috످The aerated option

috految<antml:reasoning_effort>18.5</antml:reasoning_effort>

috److It sounds like you're referring to a specific choice, but I don't see any earlier messages in our chat. Is "the aerated option" related to food or drinks, a septic system, a faucet, lawn care, or something else?

If you're comparing options or answering a multiple-choice question, you can paste the details here.

috످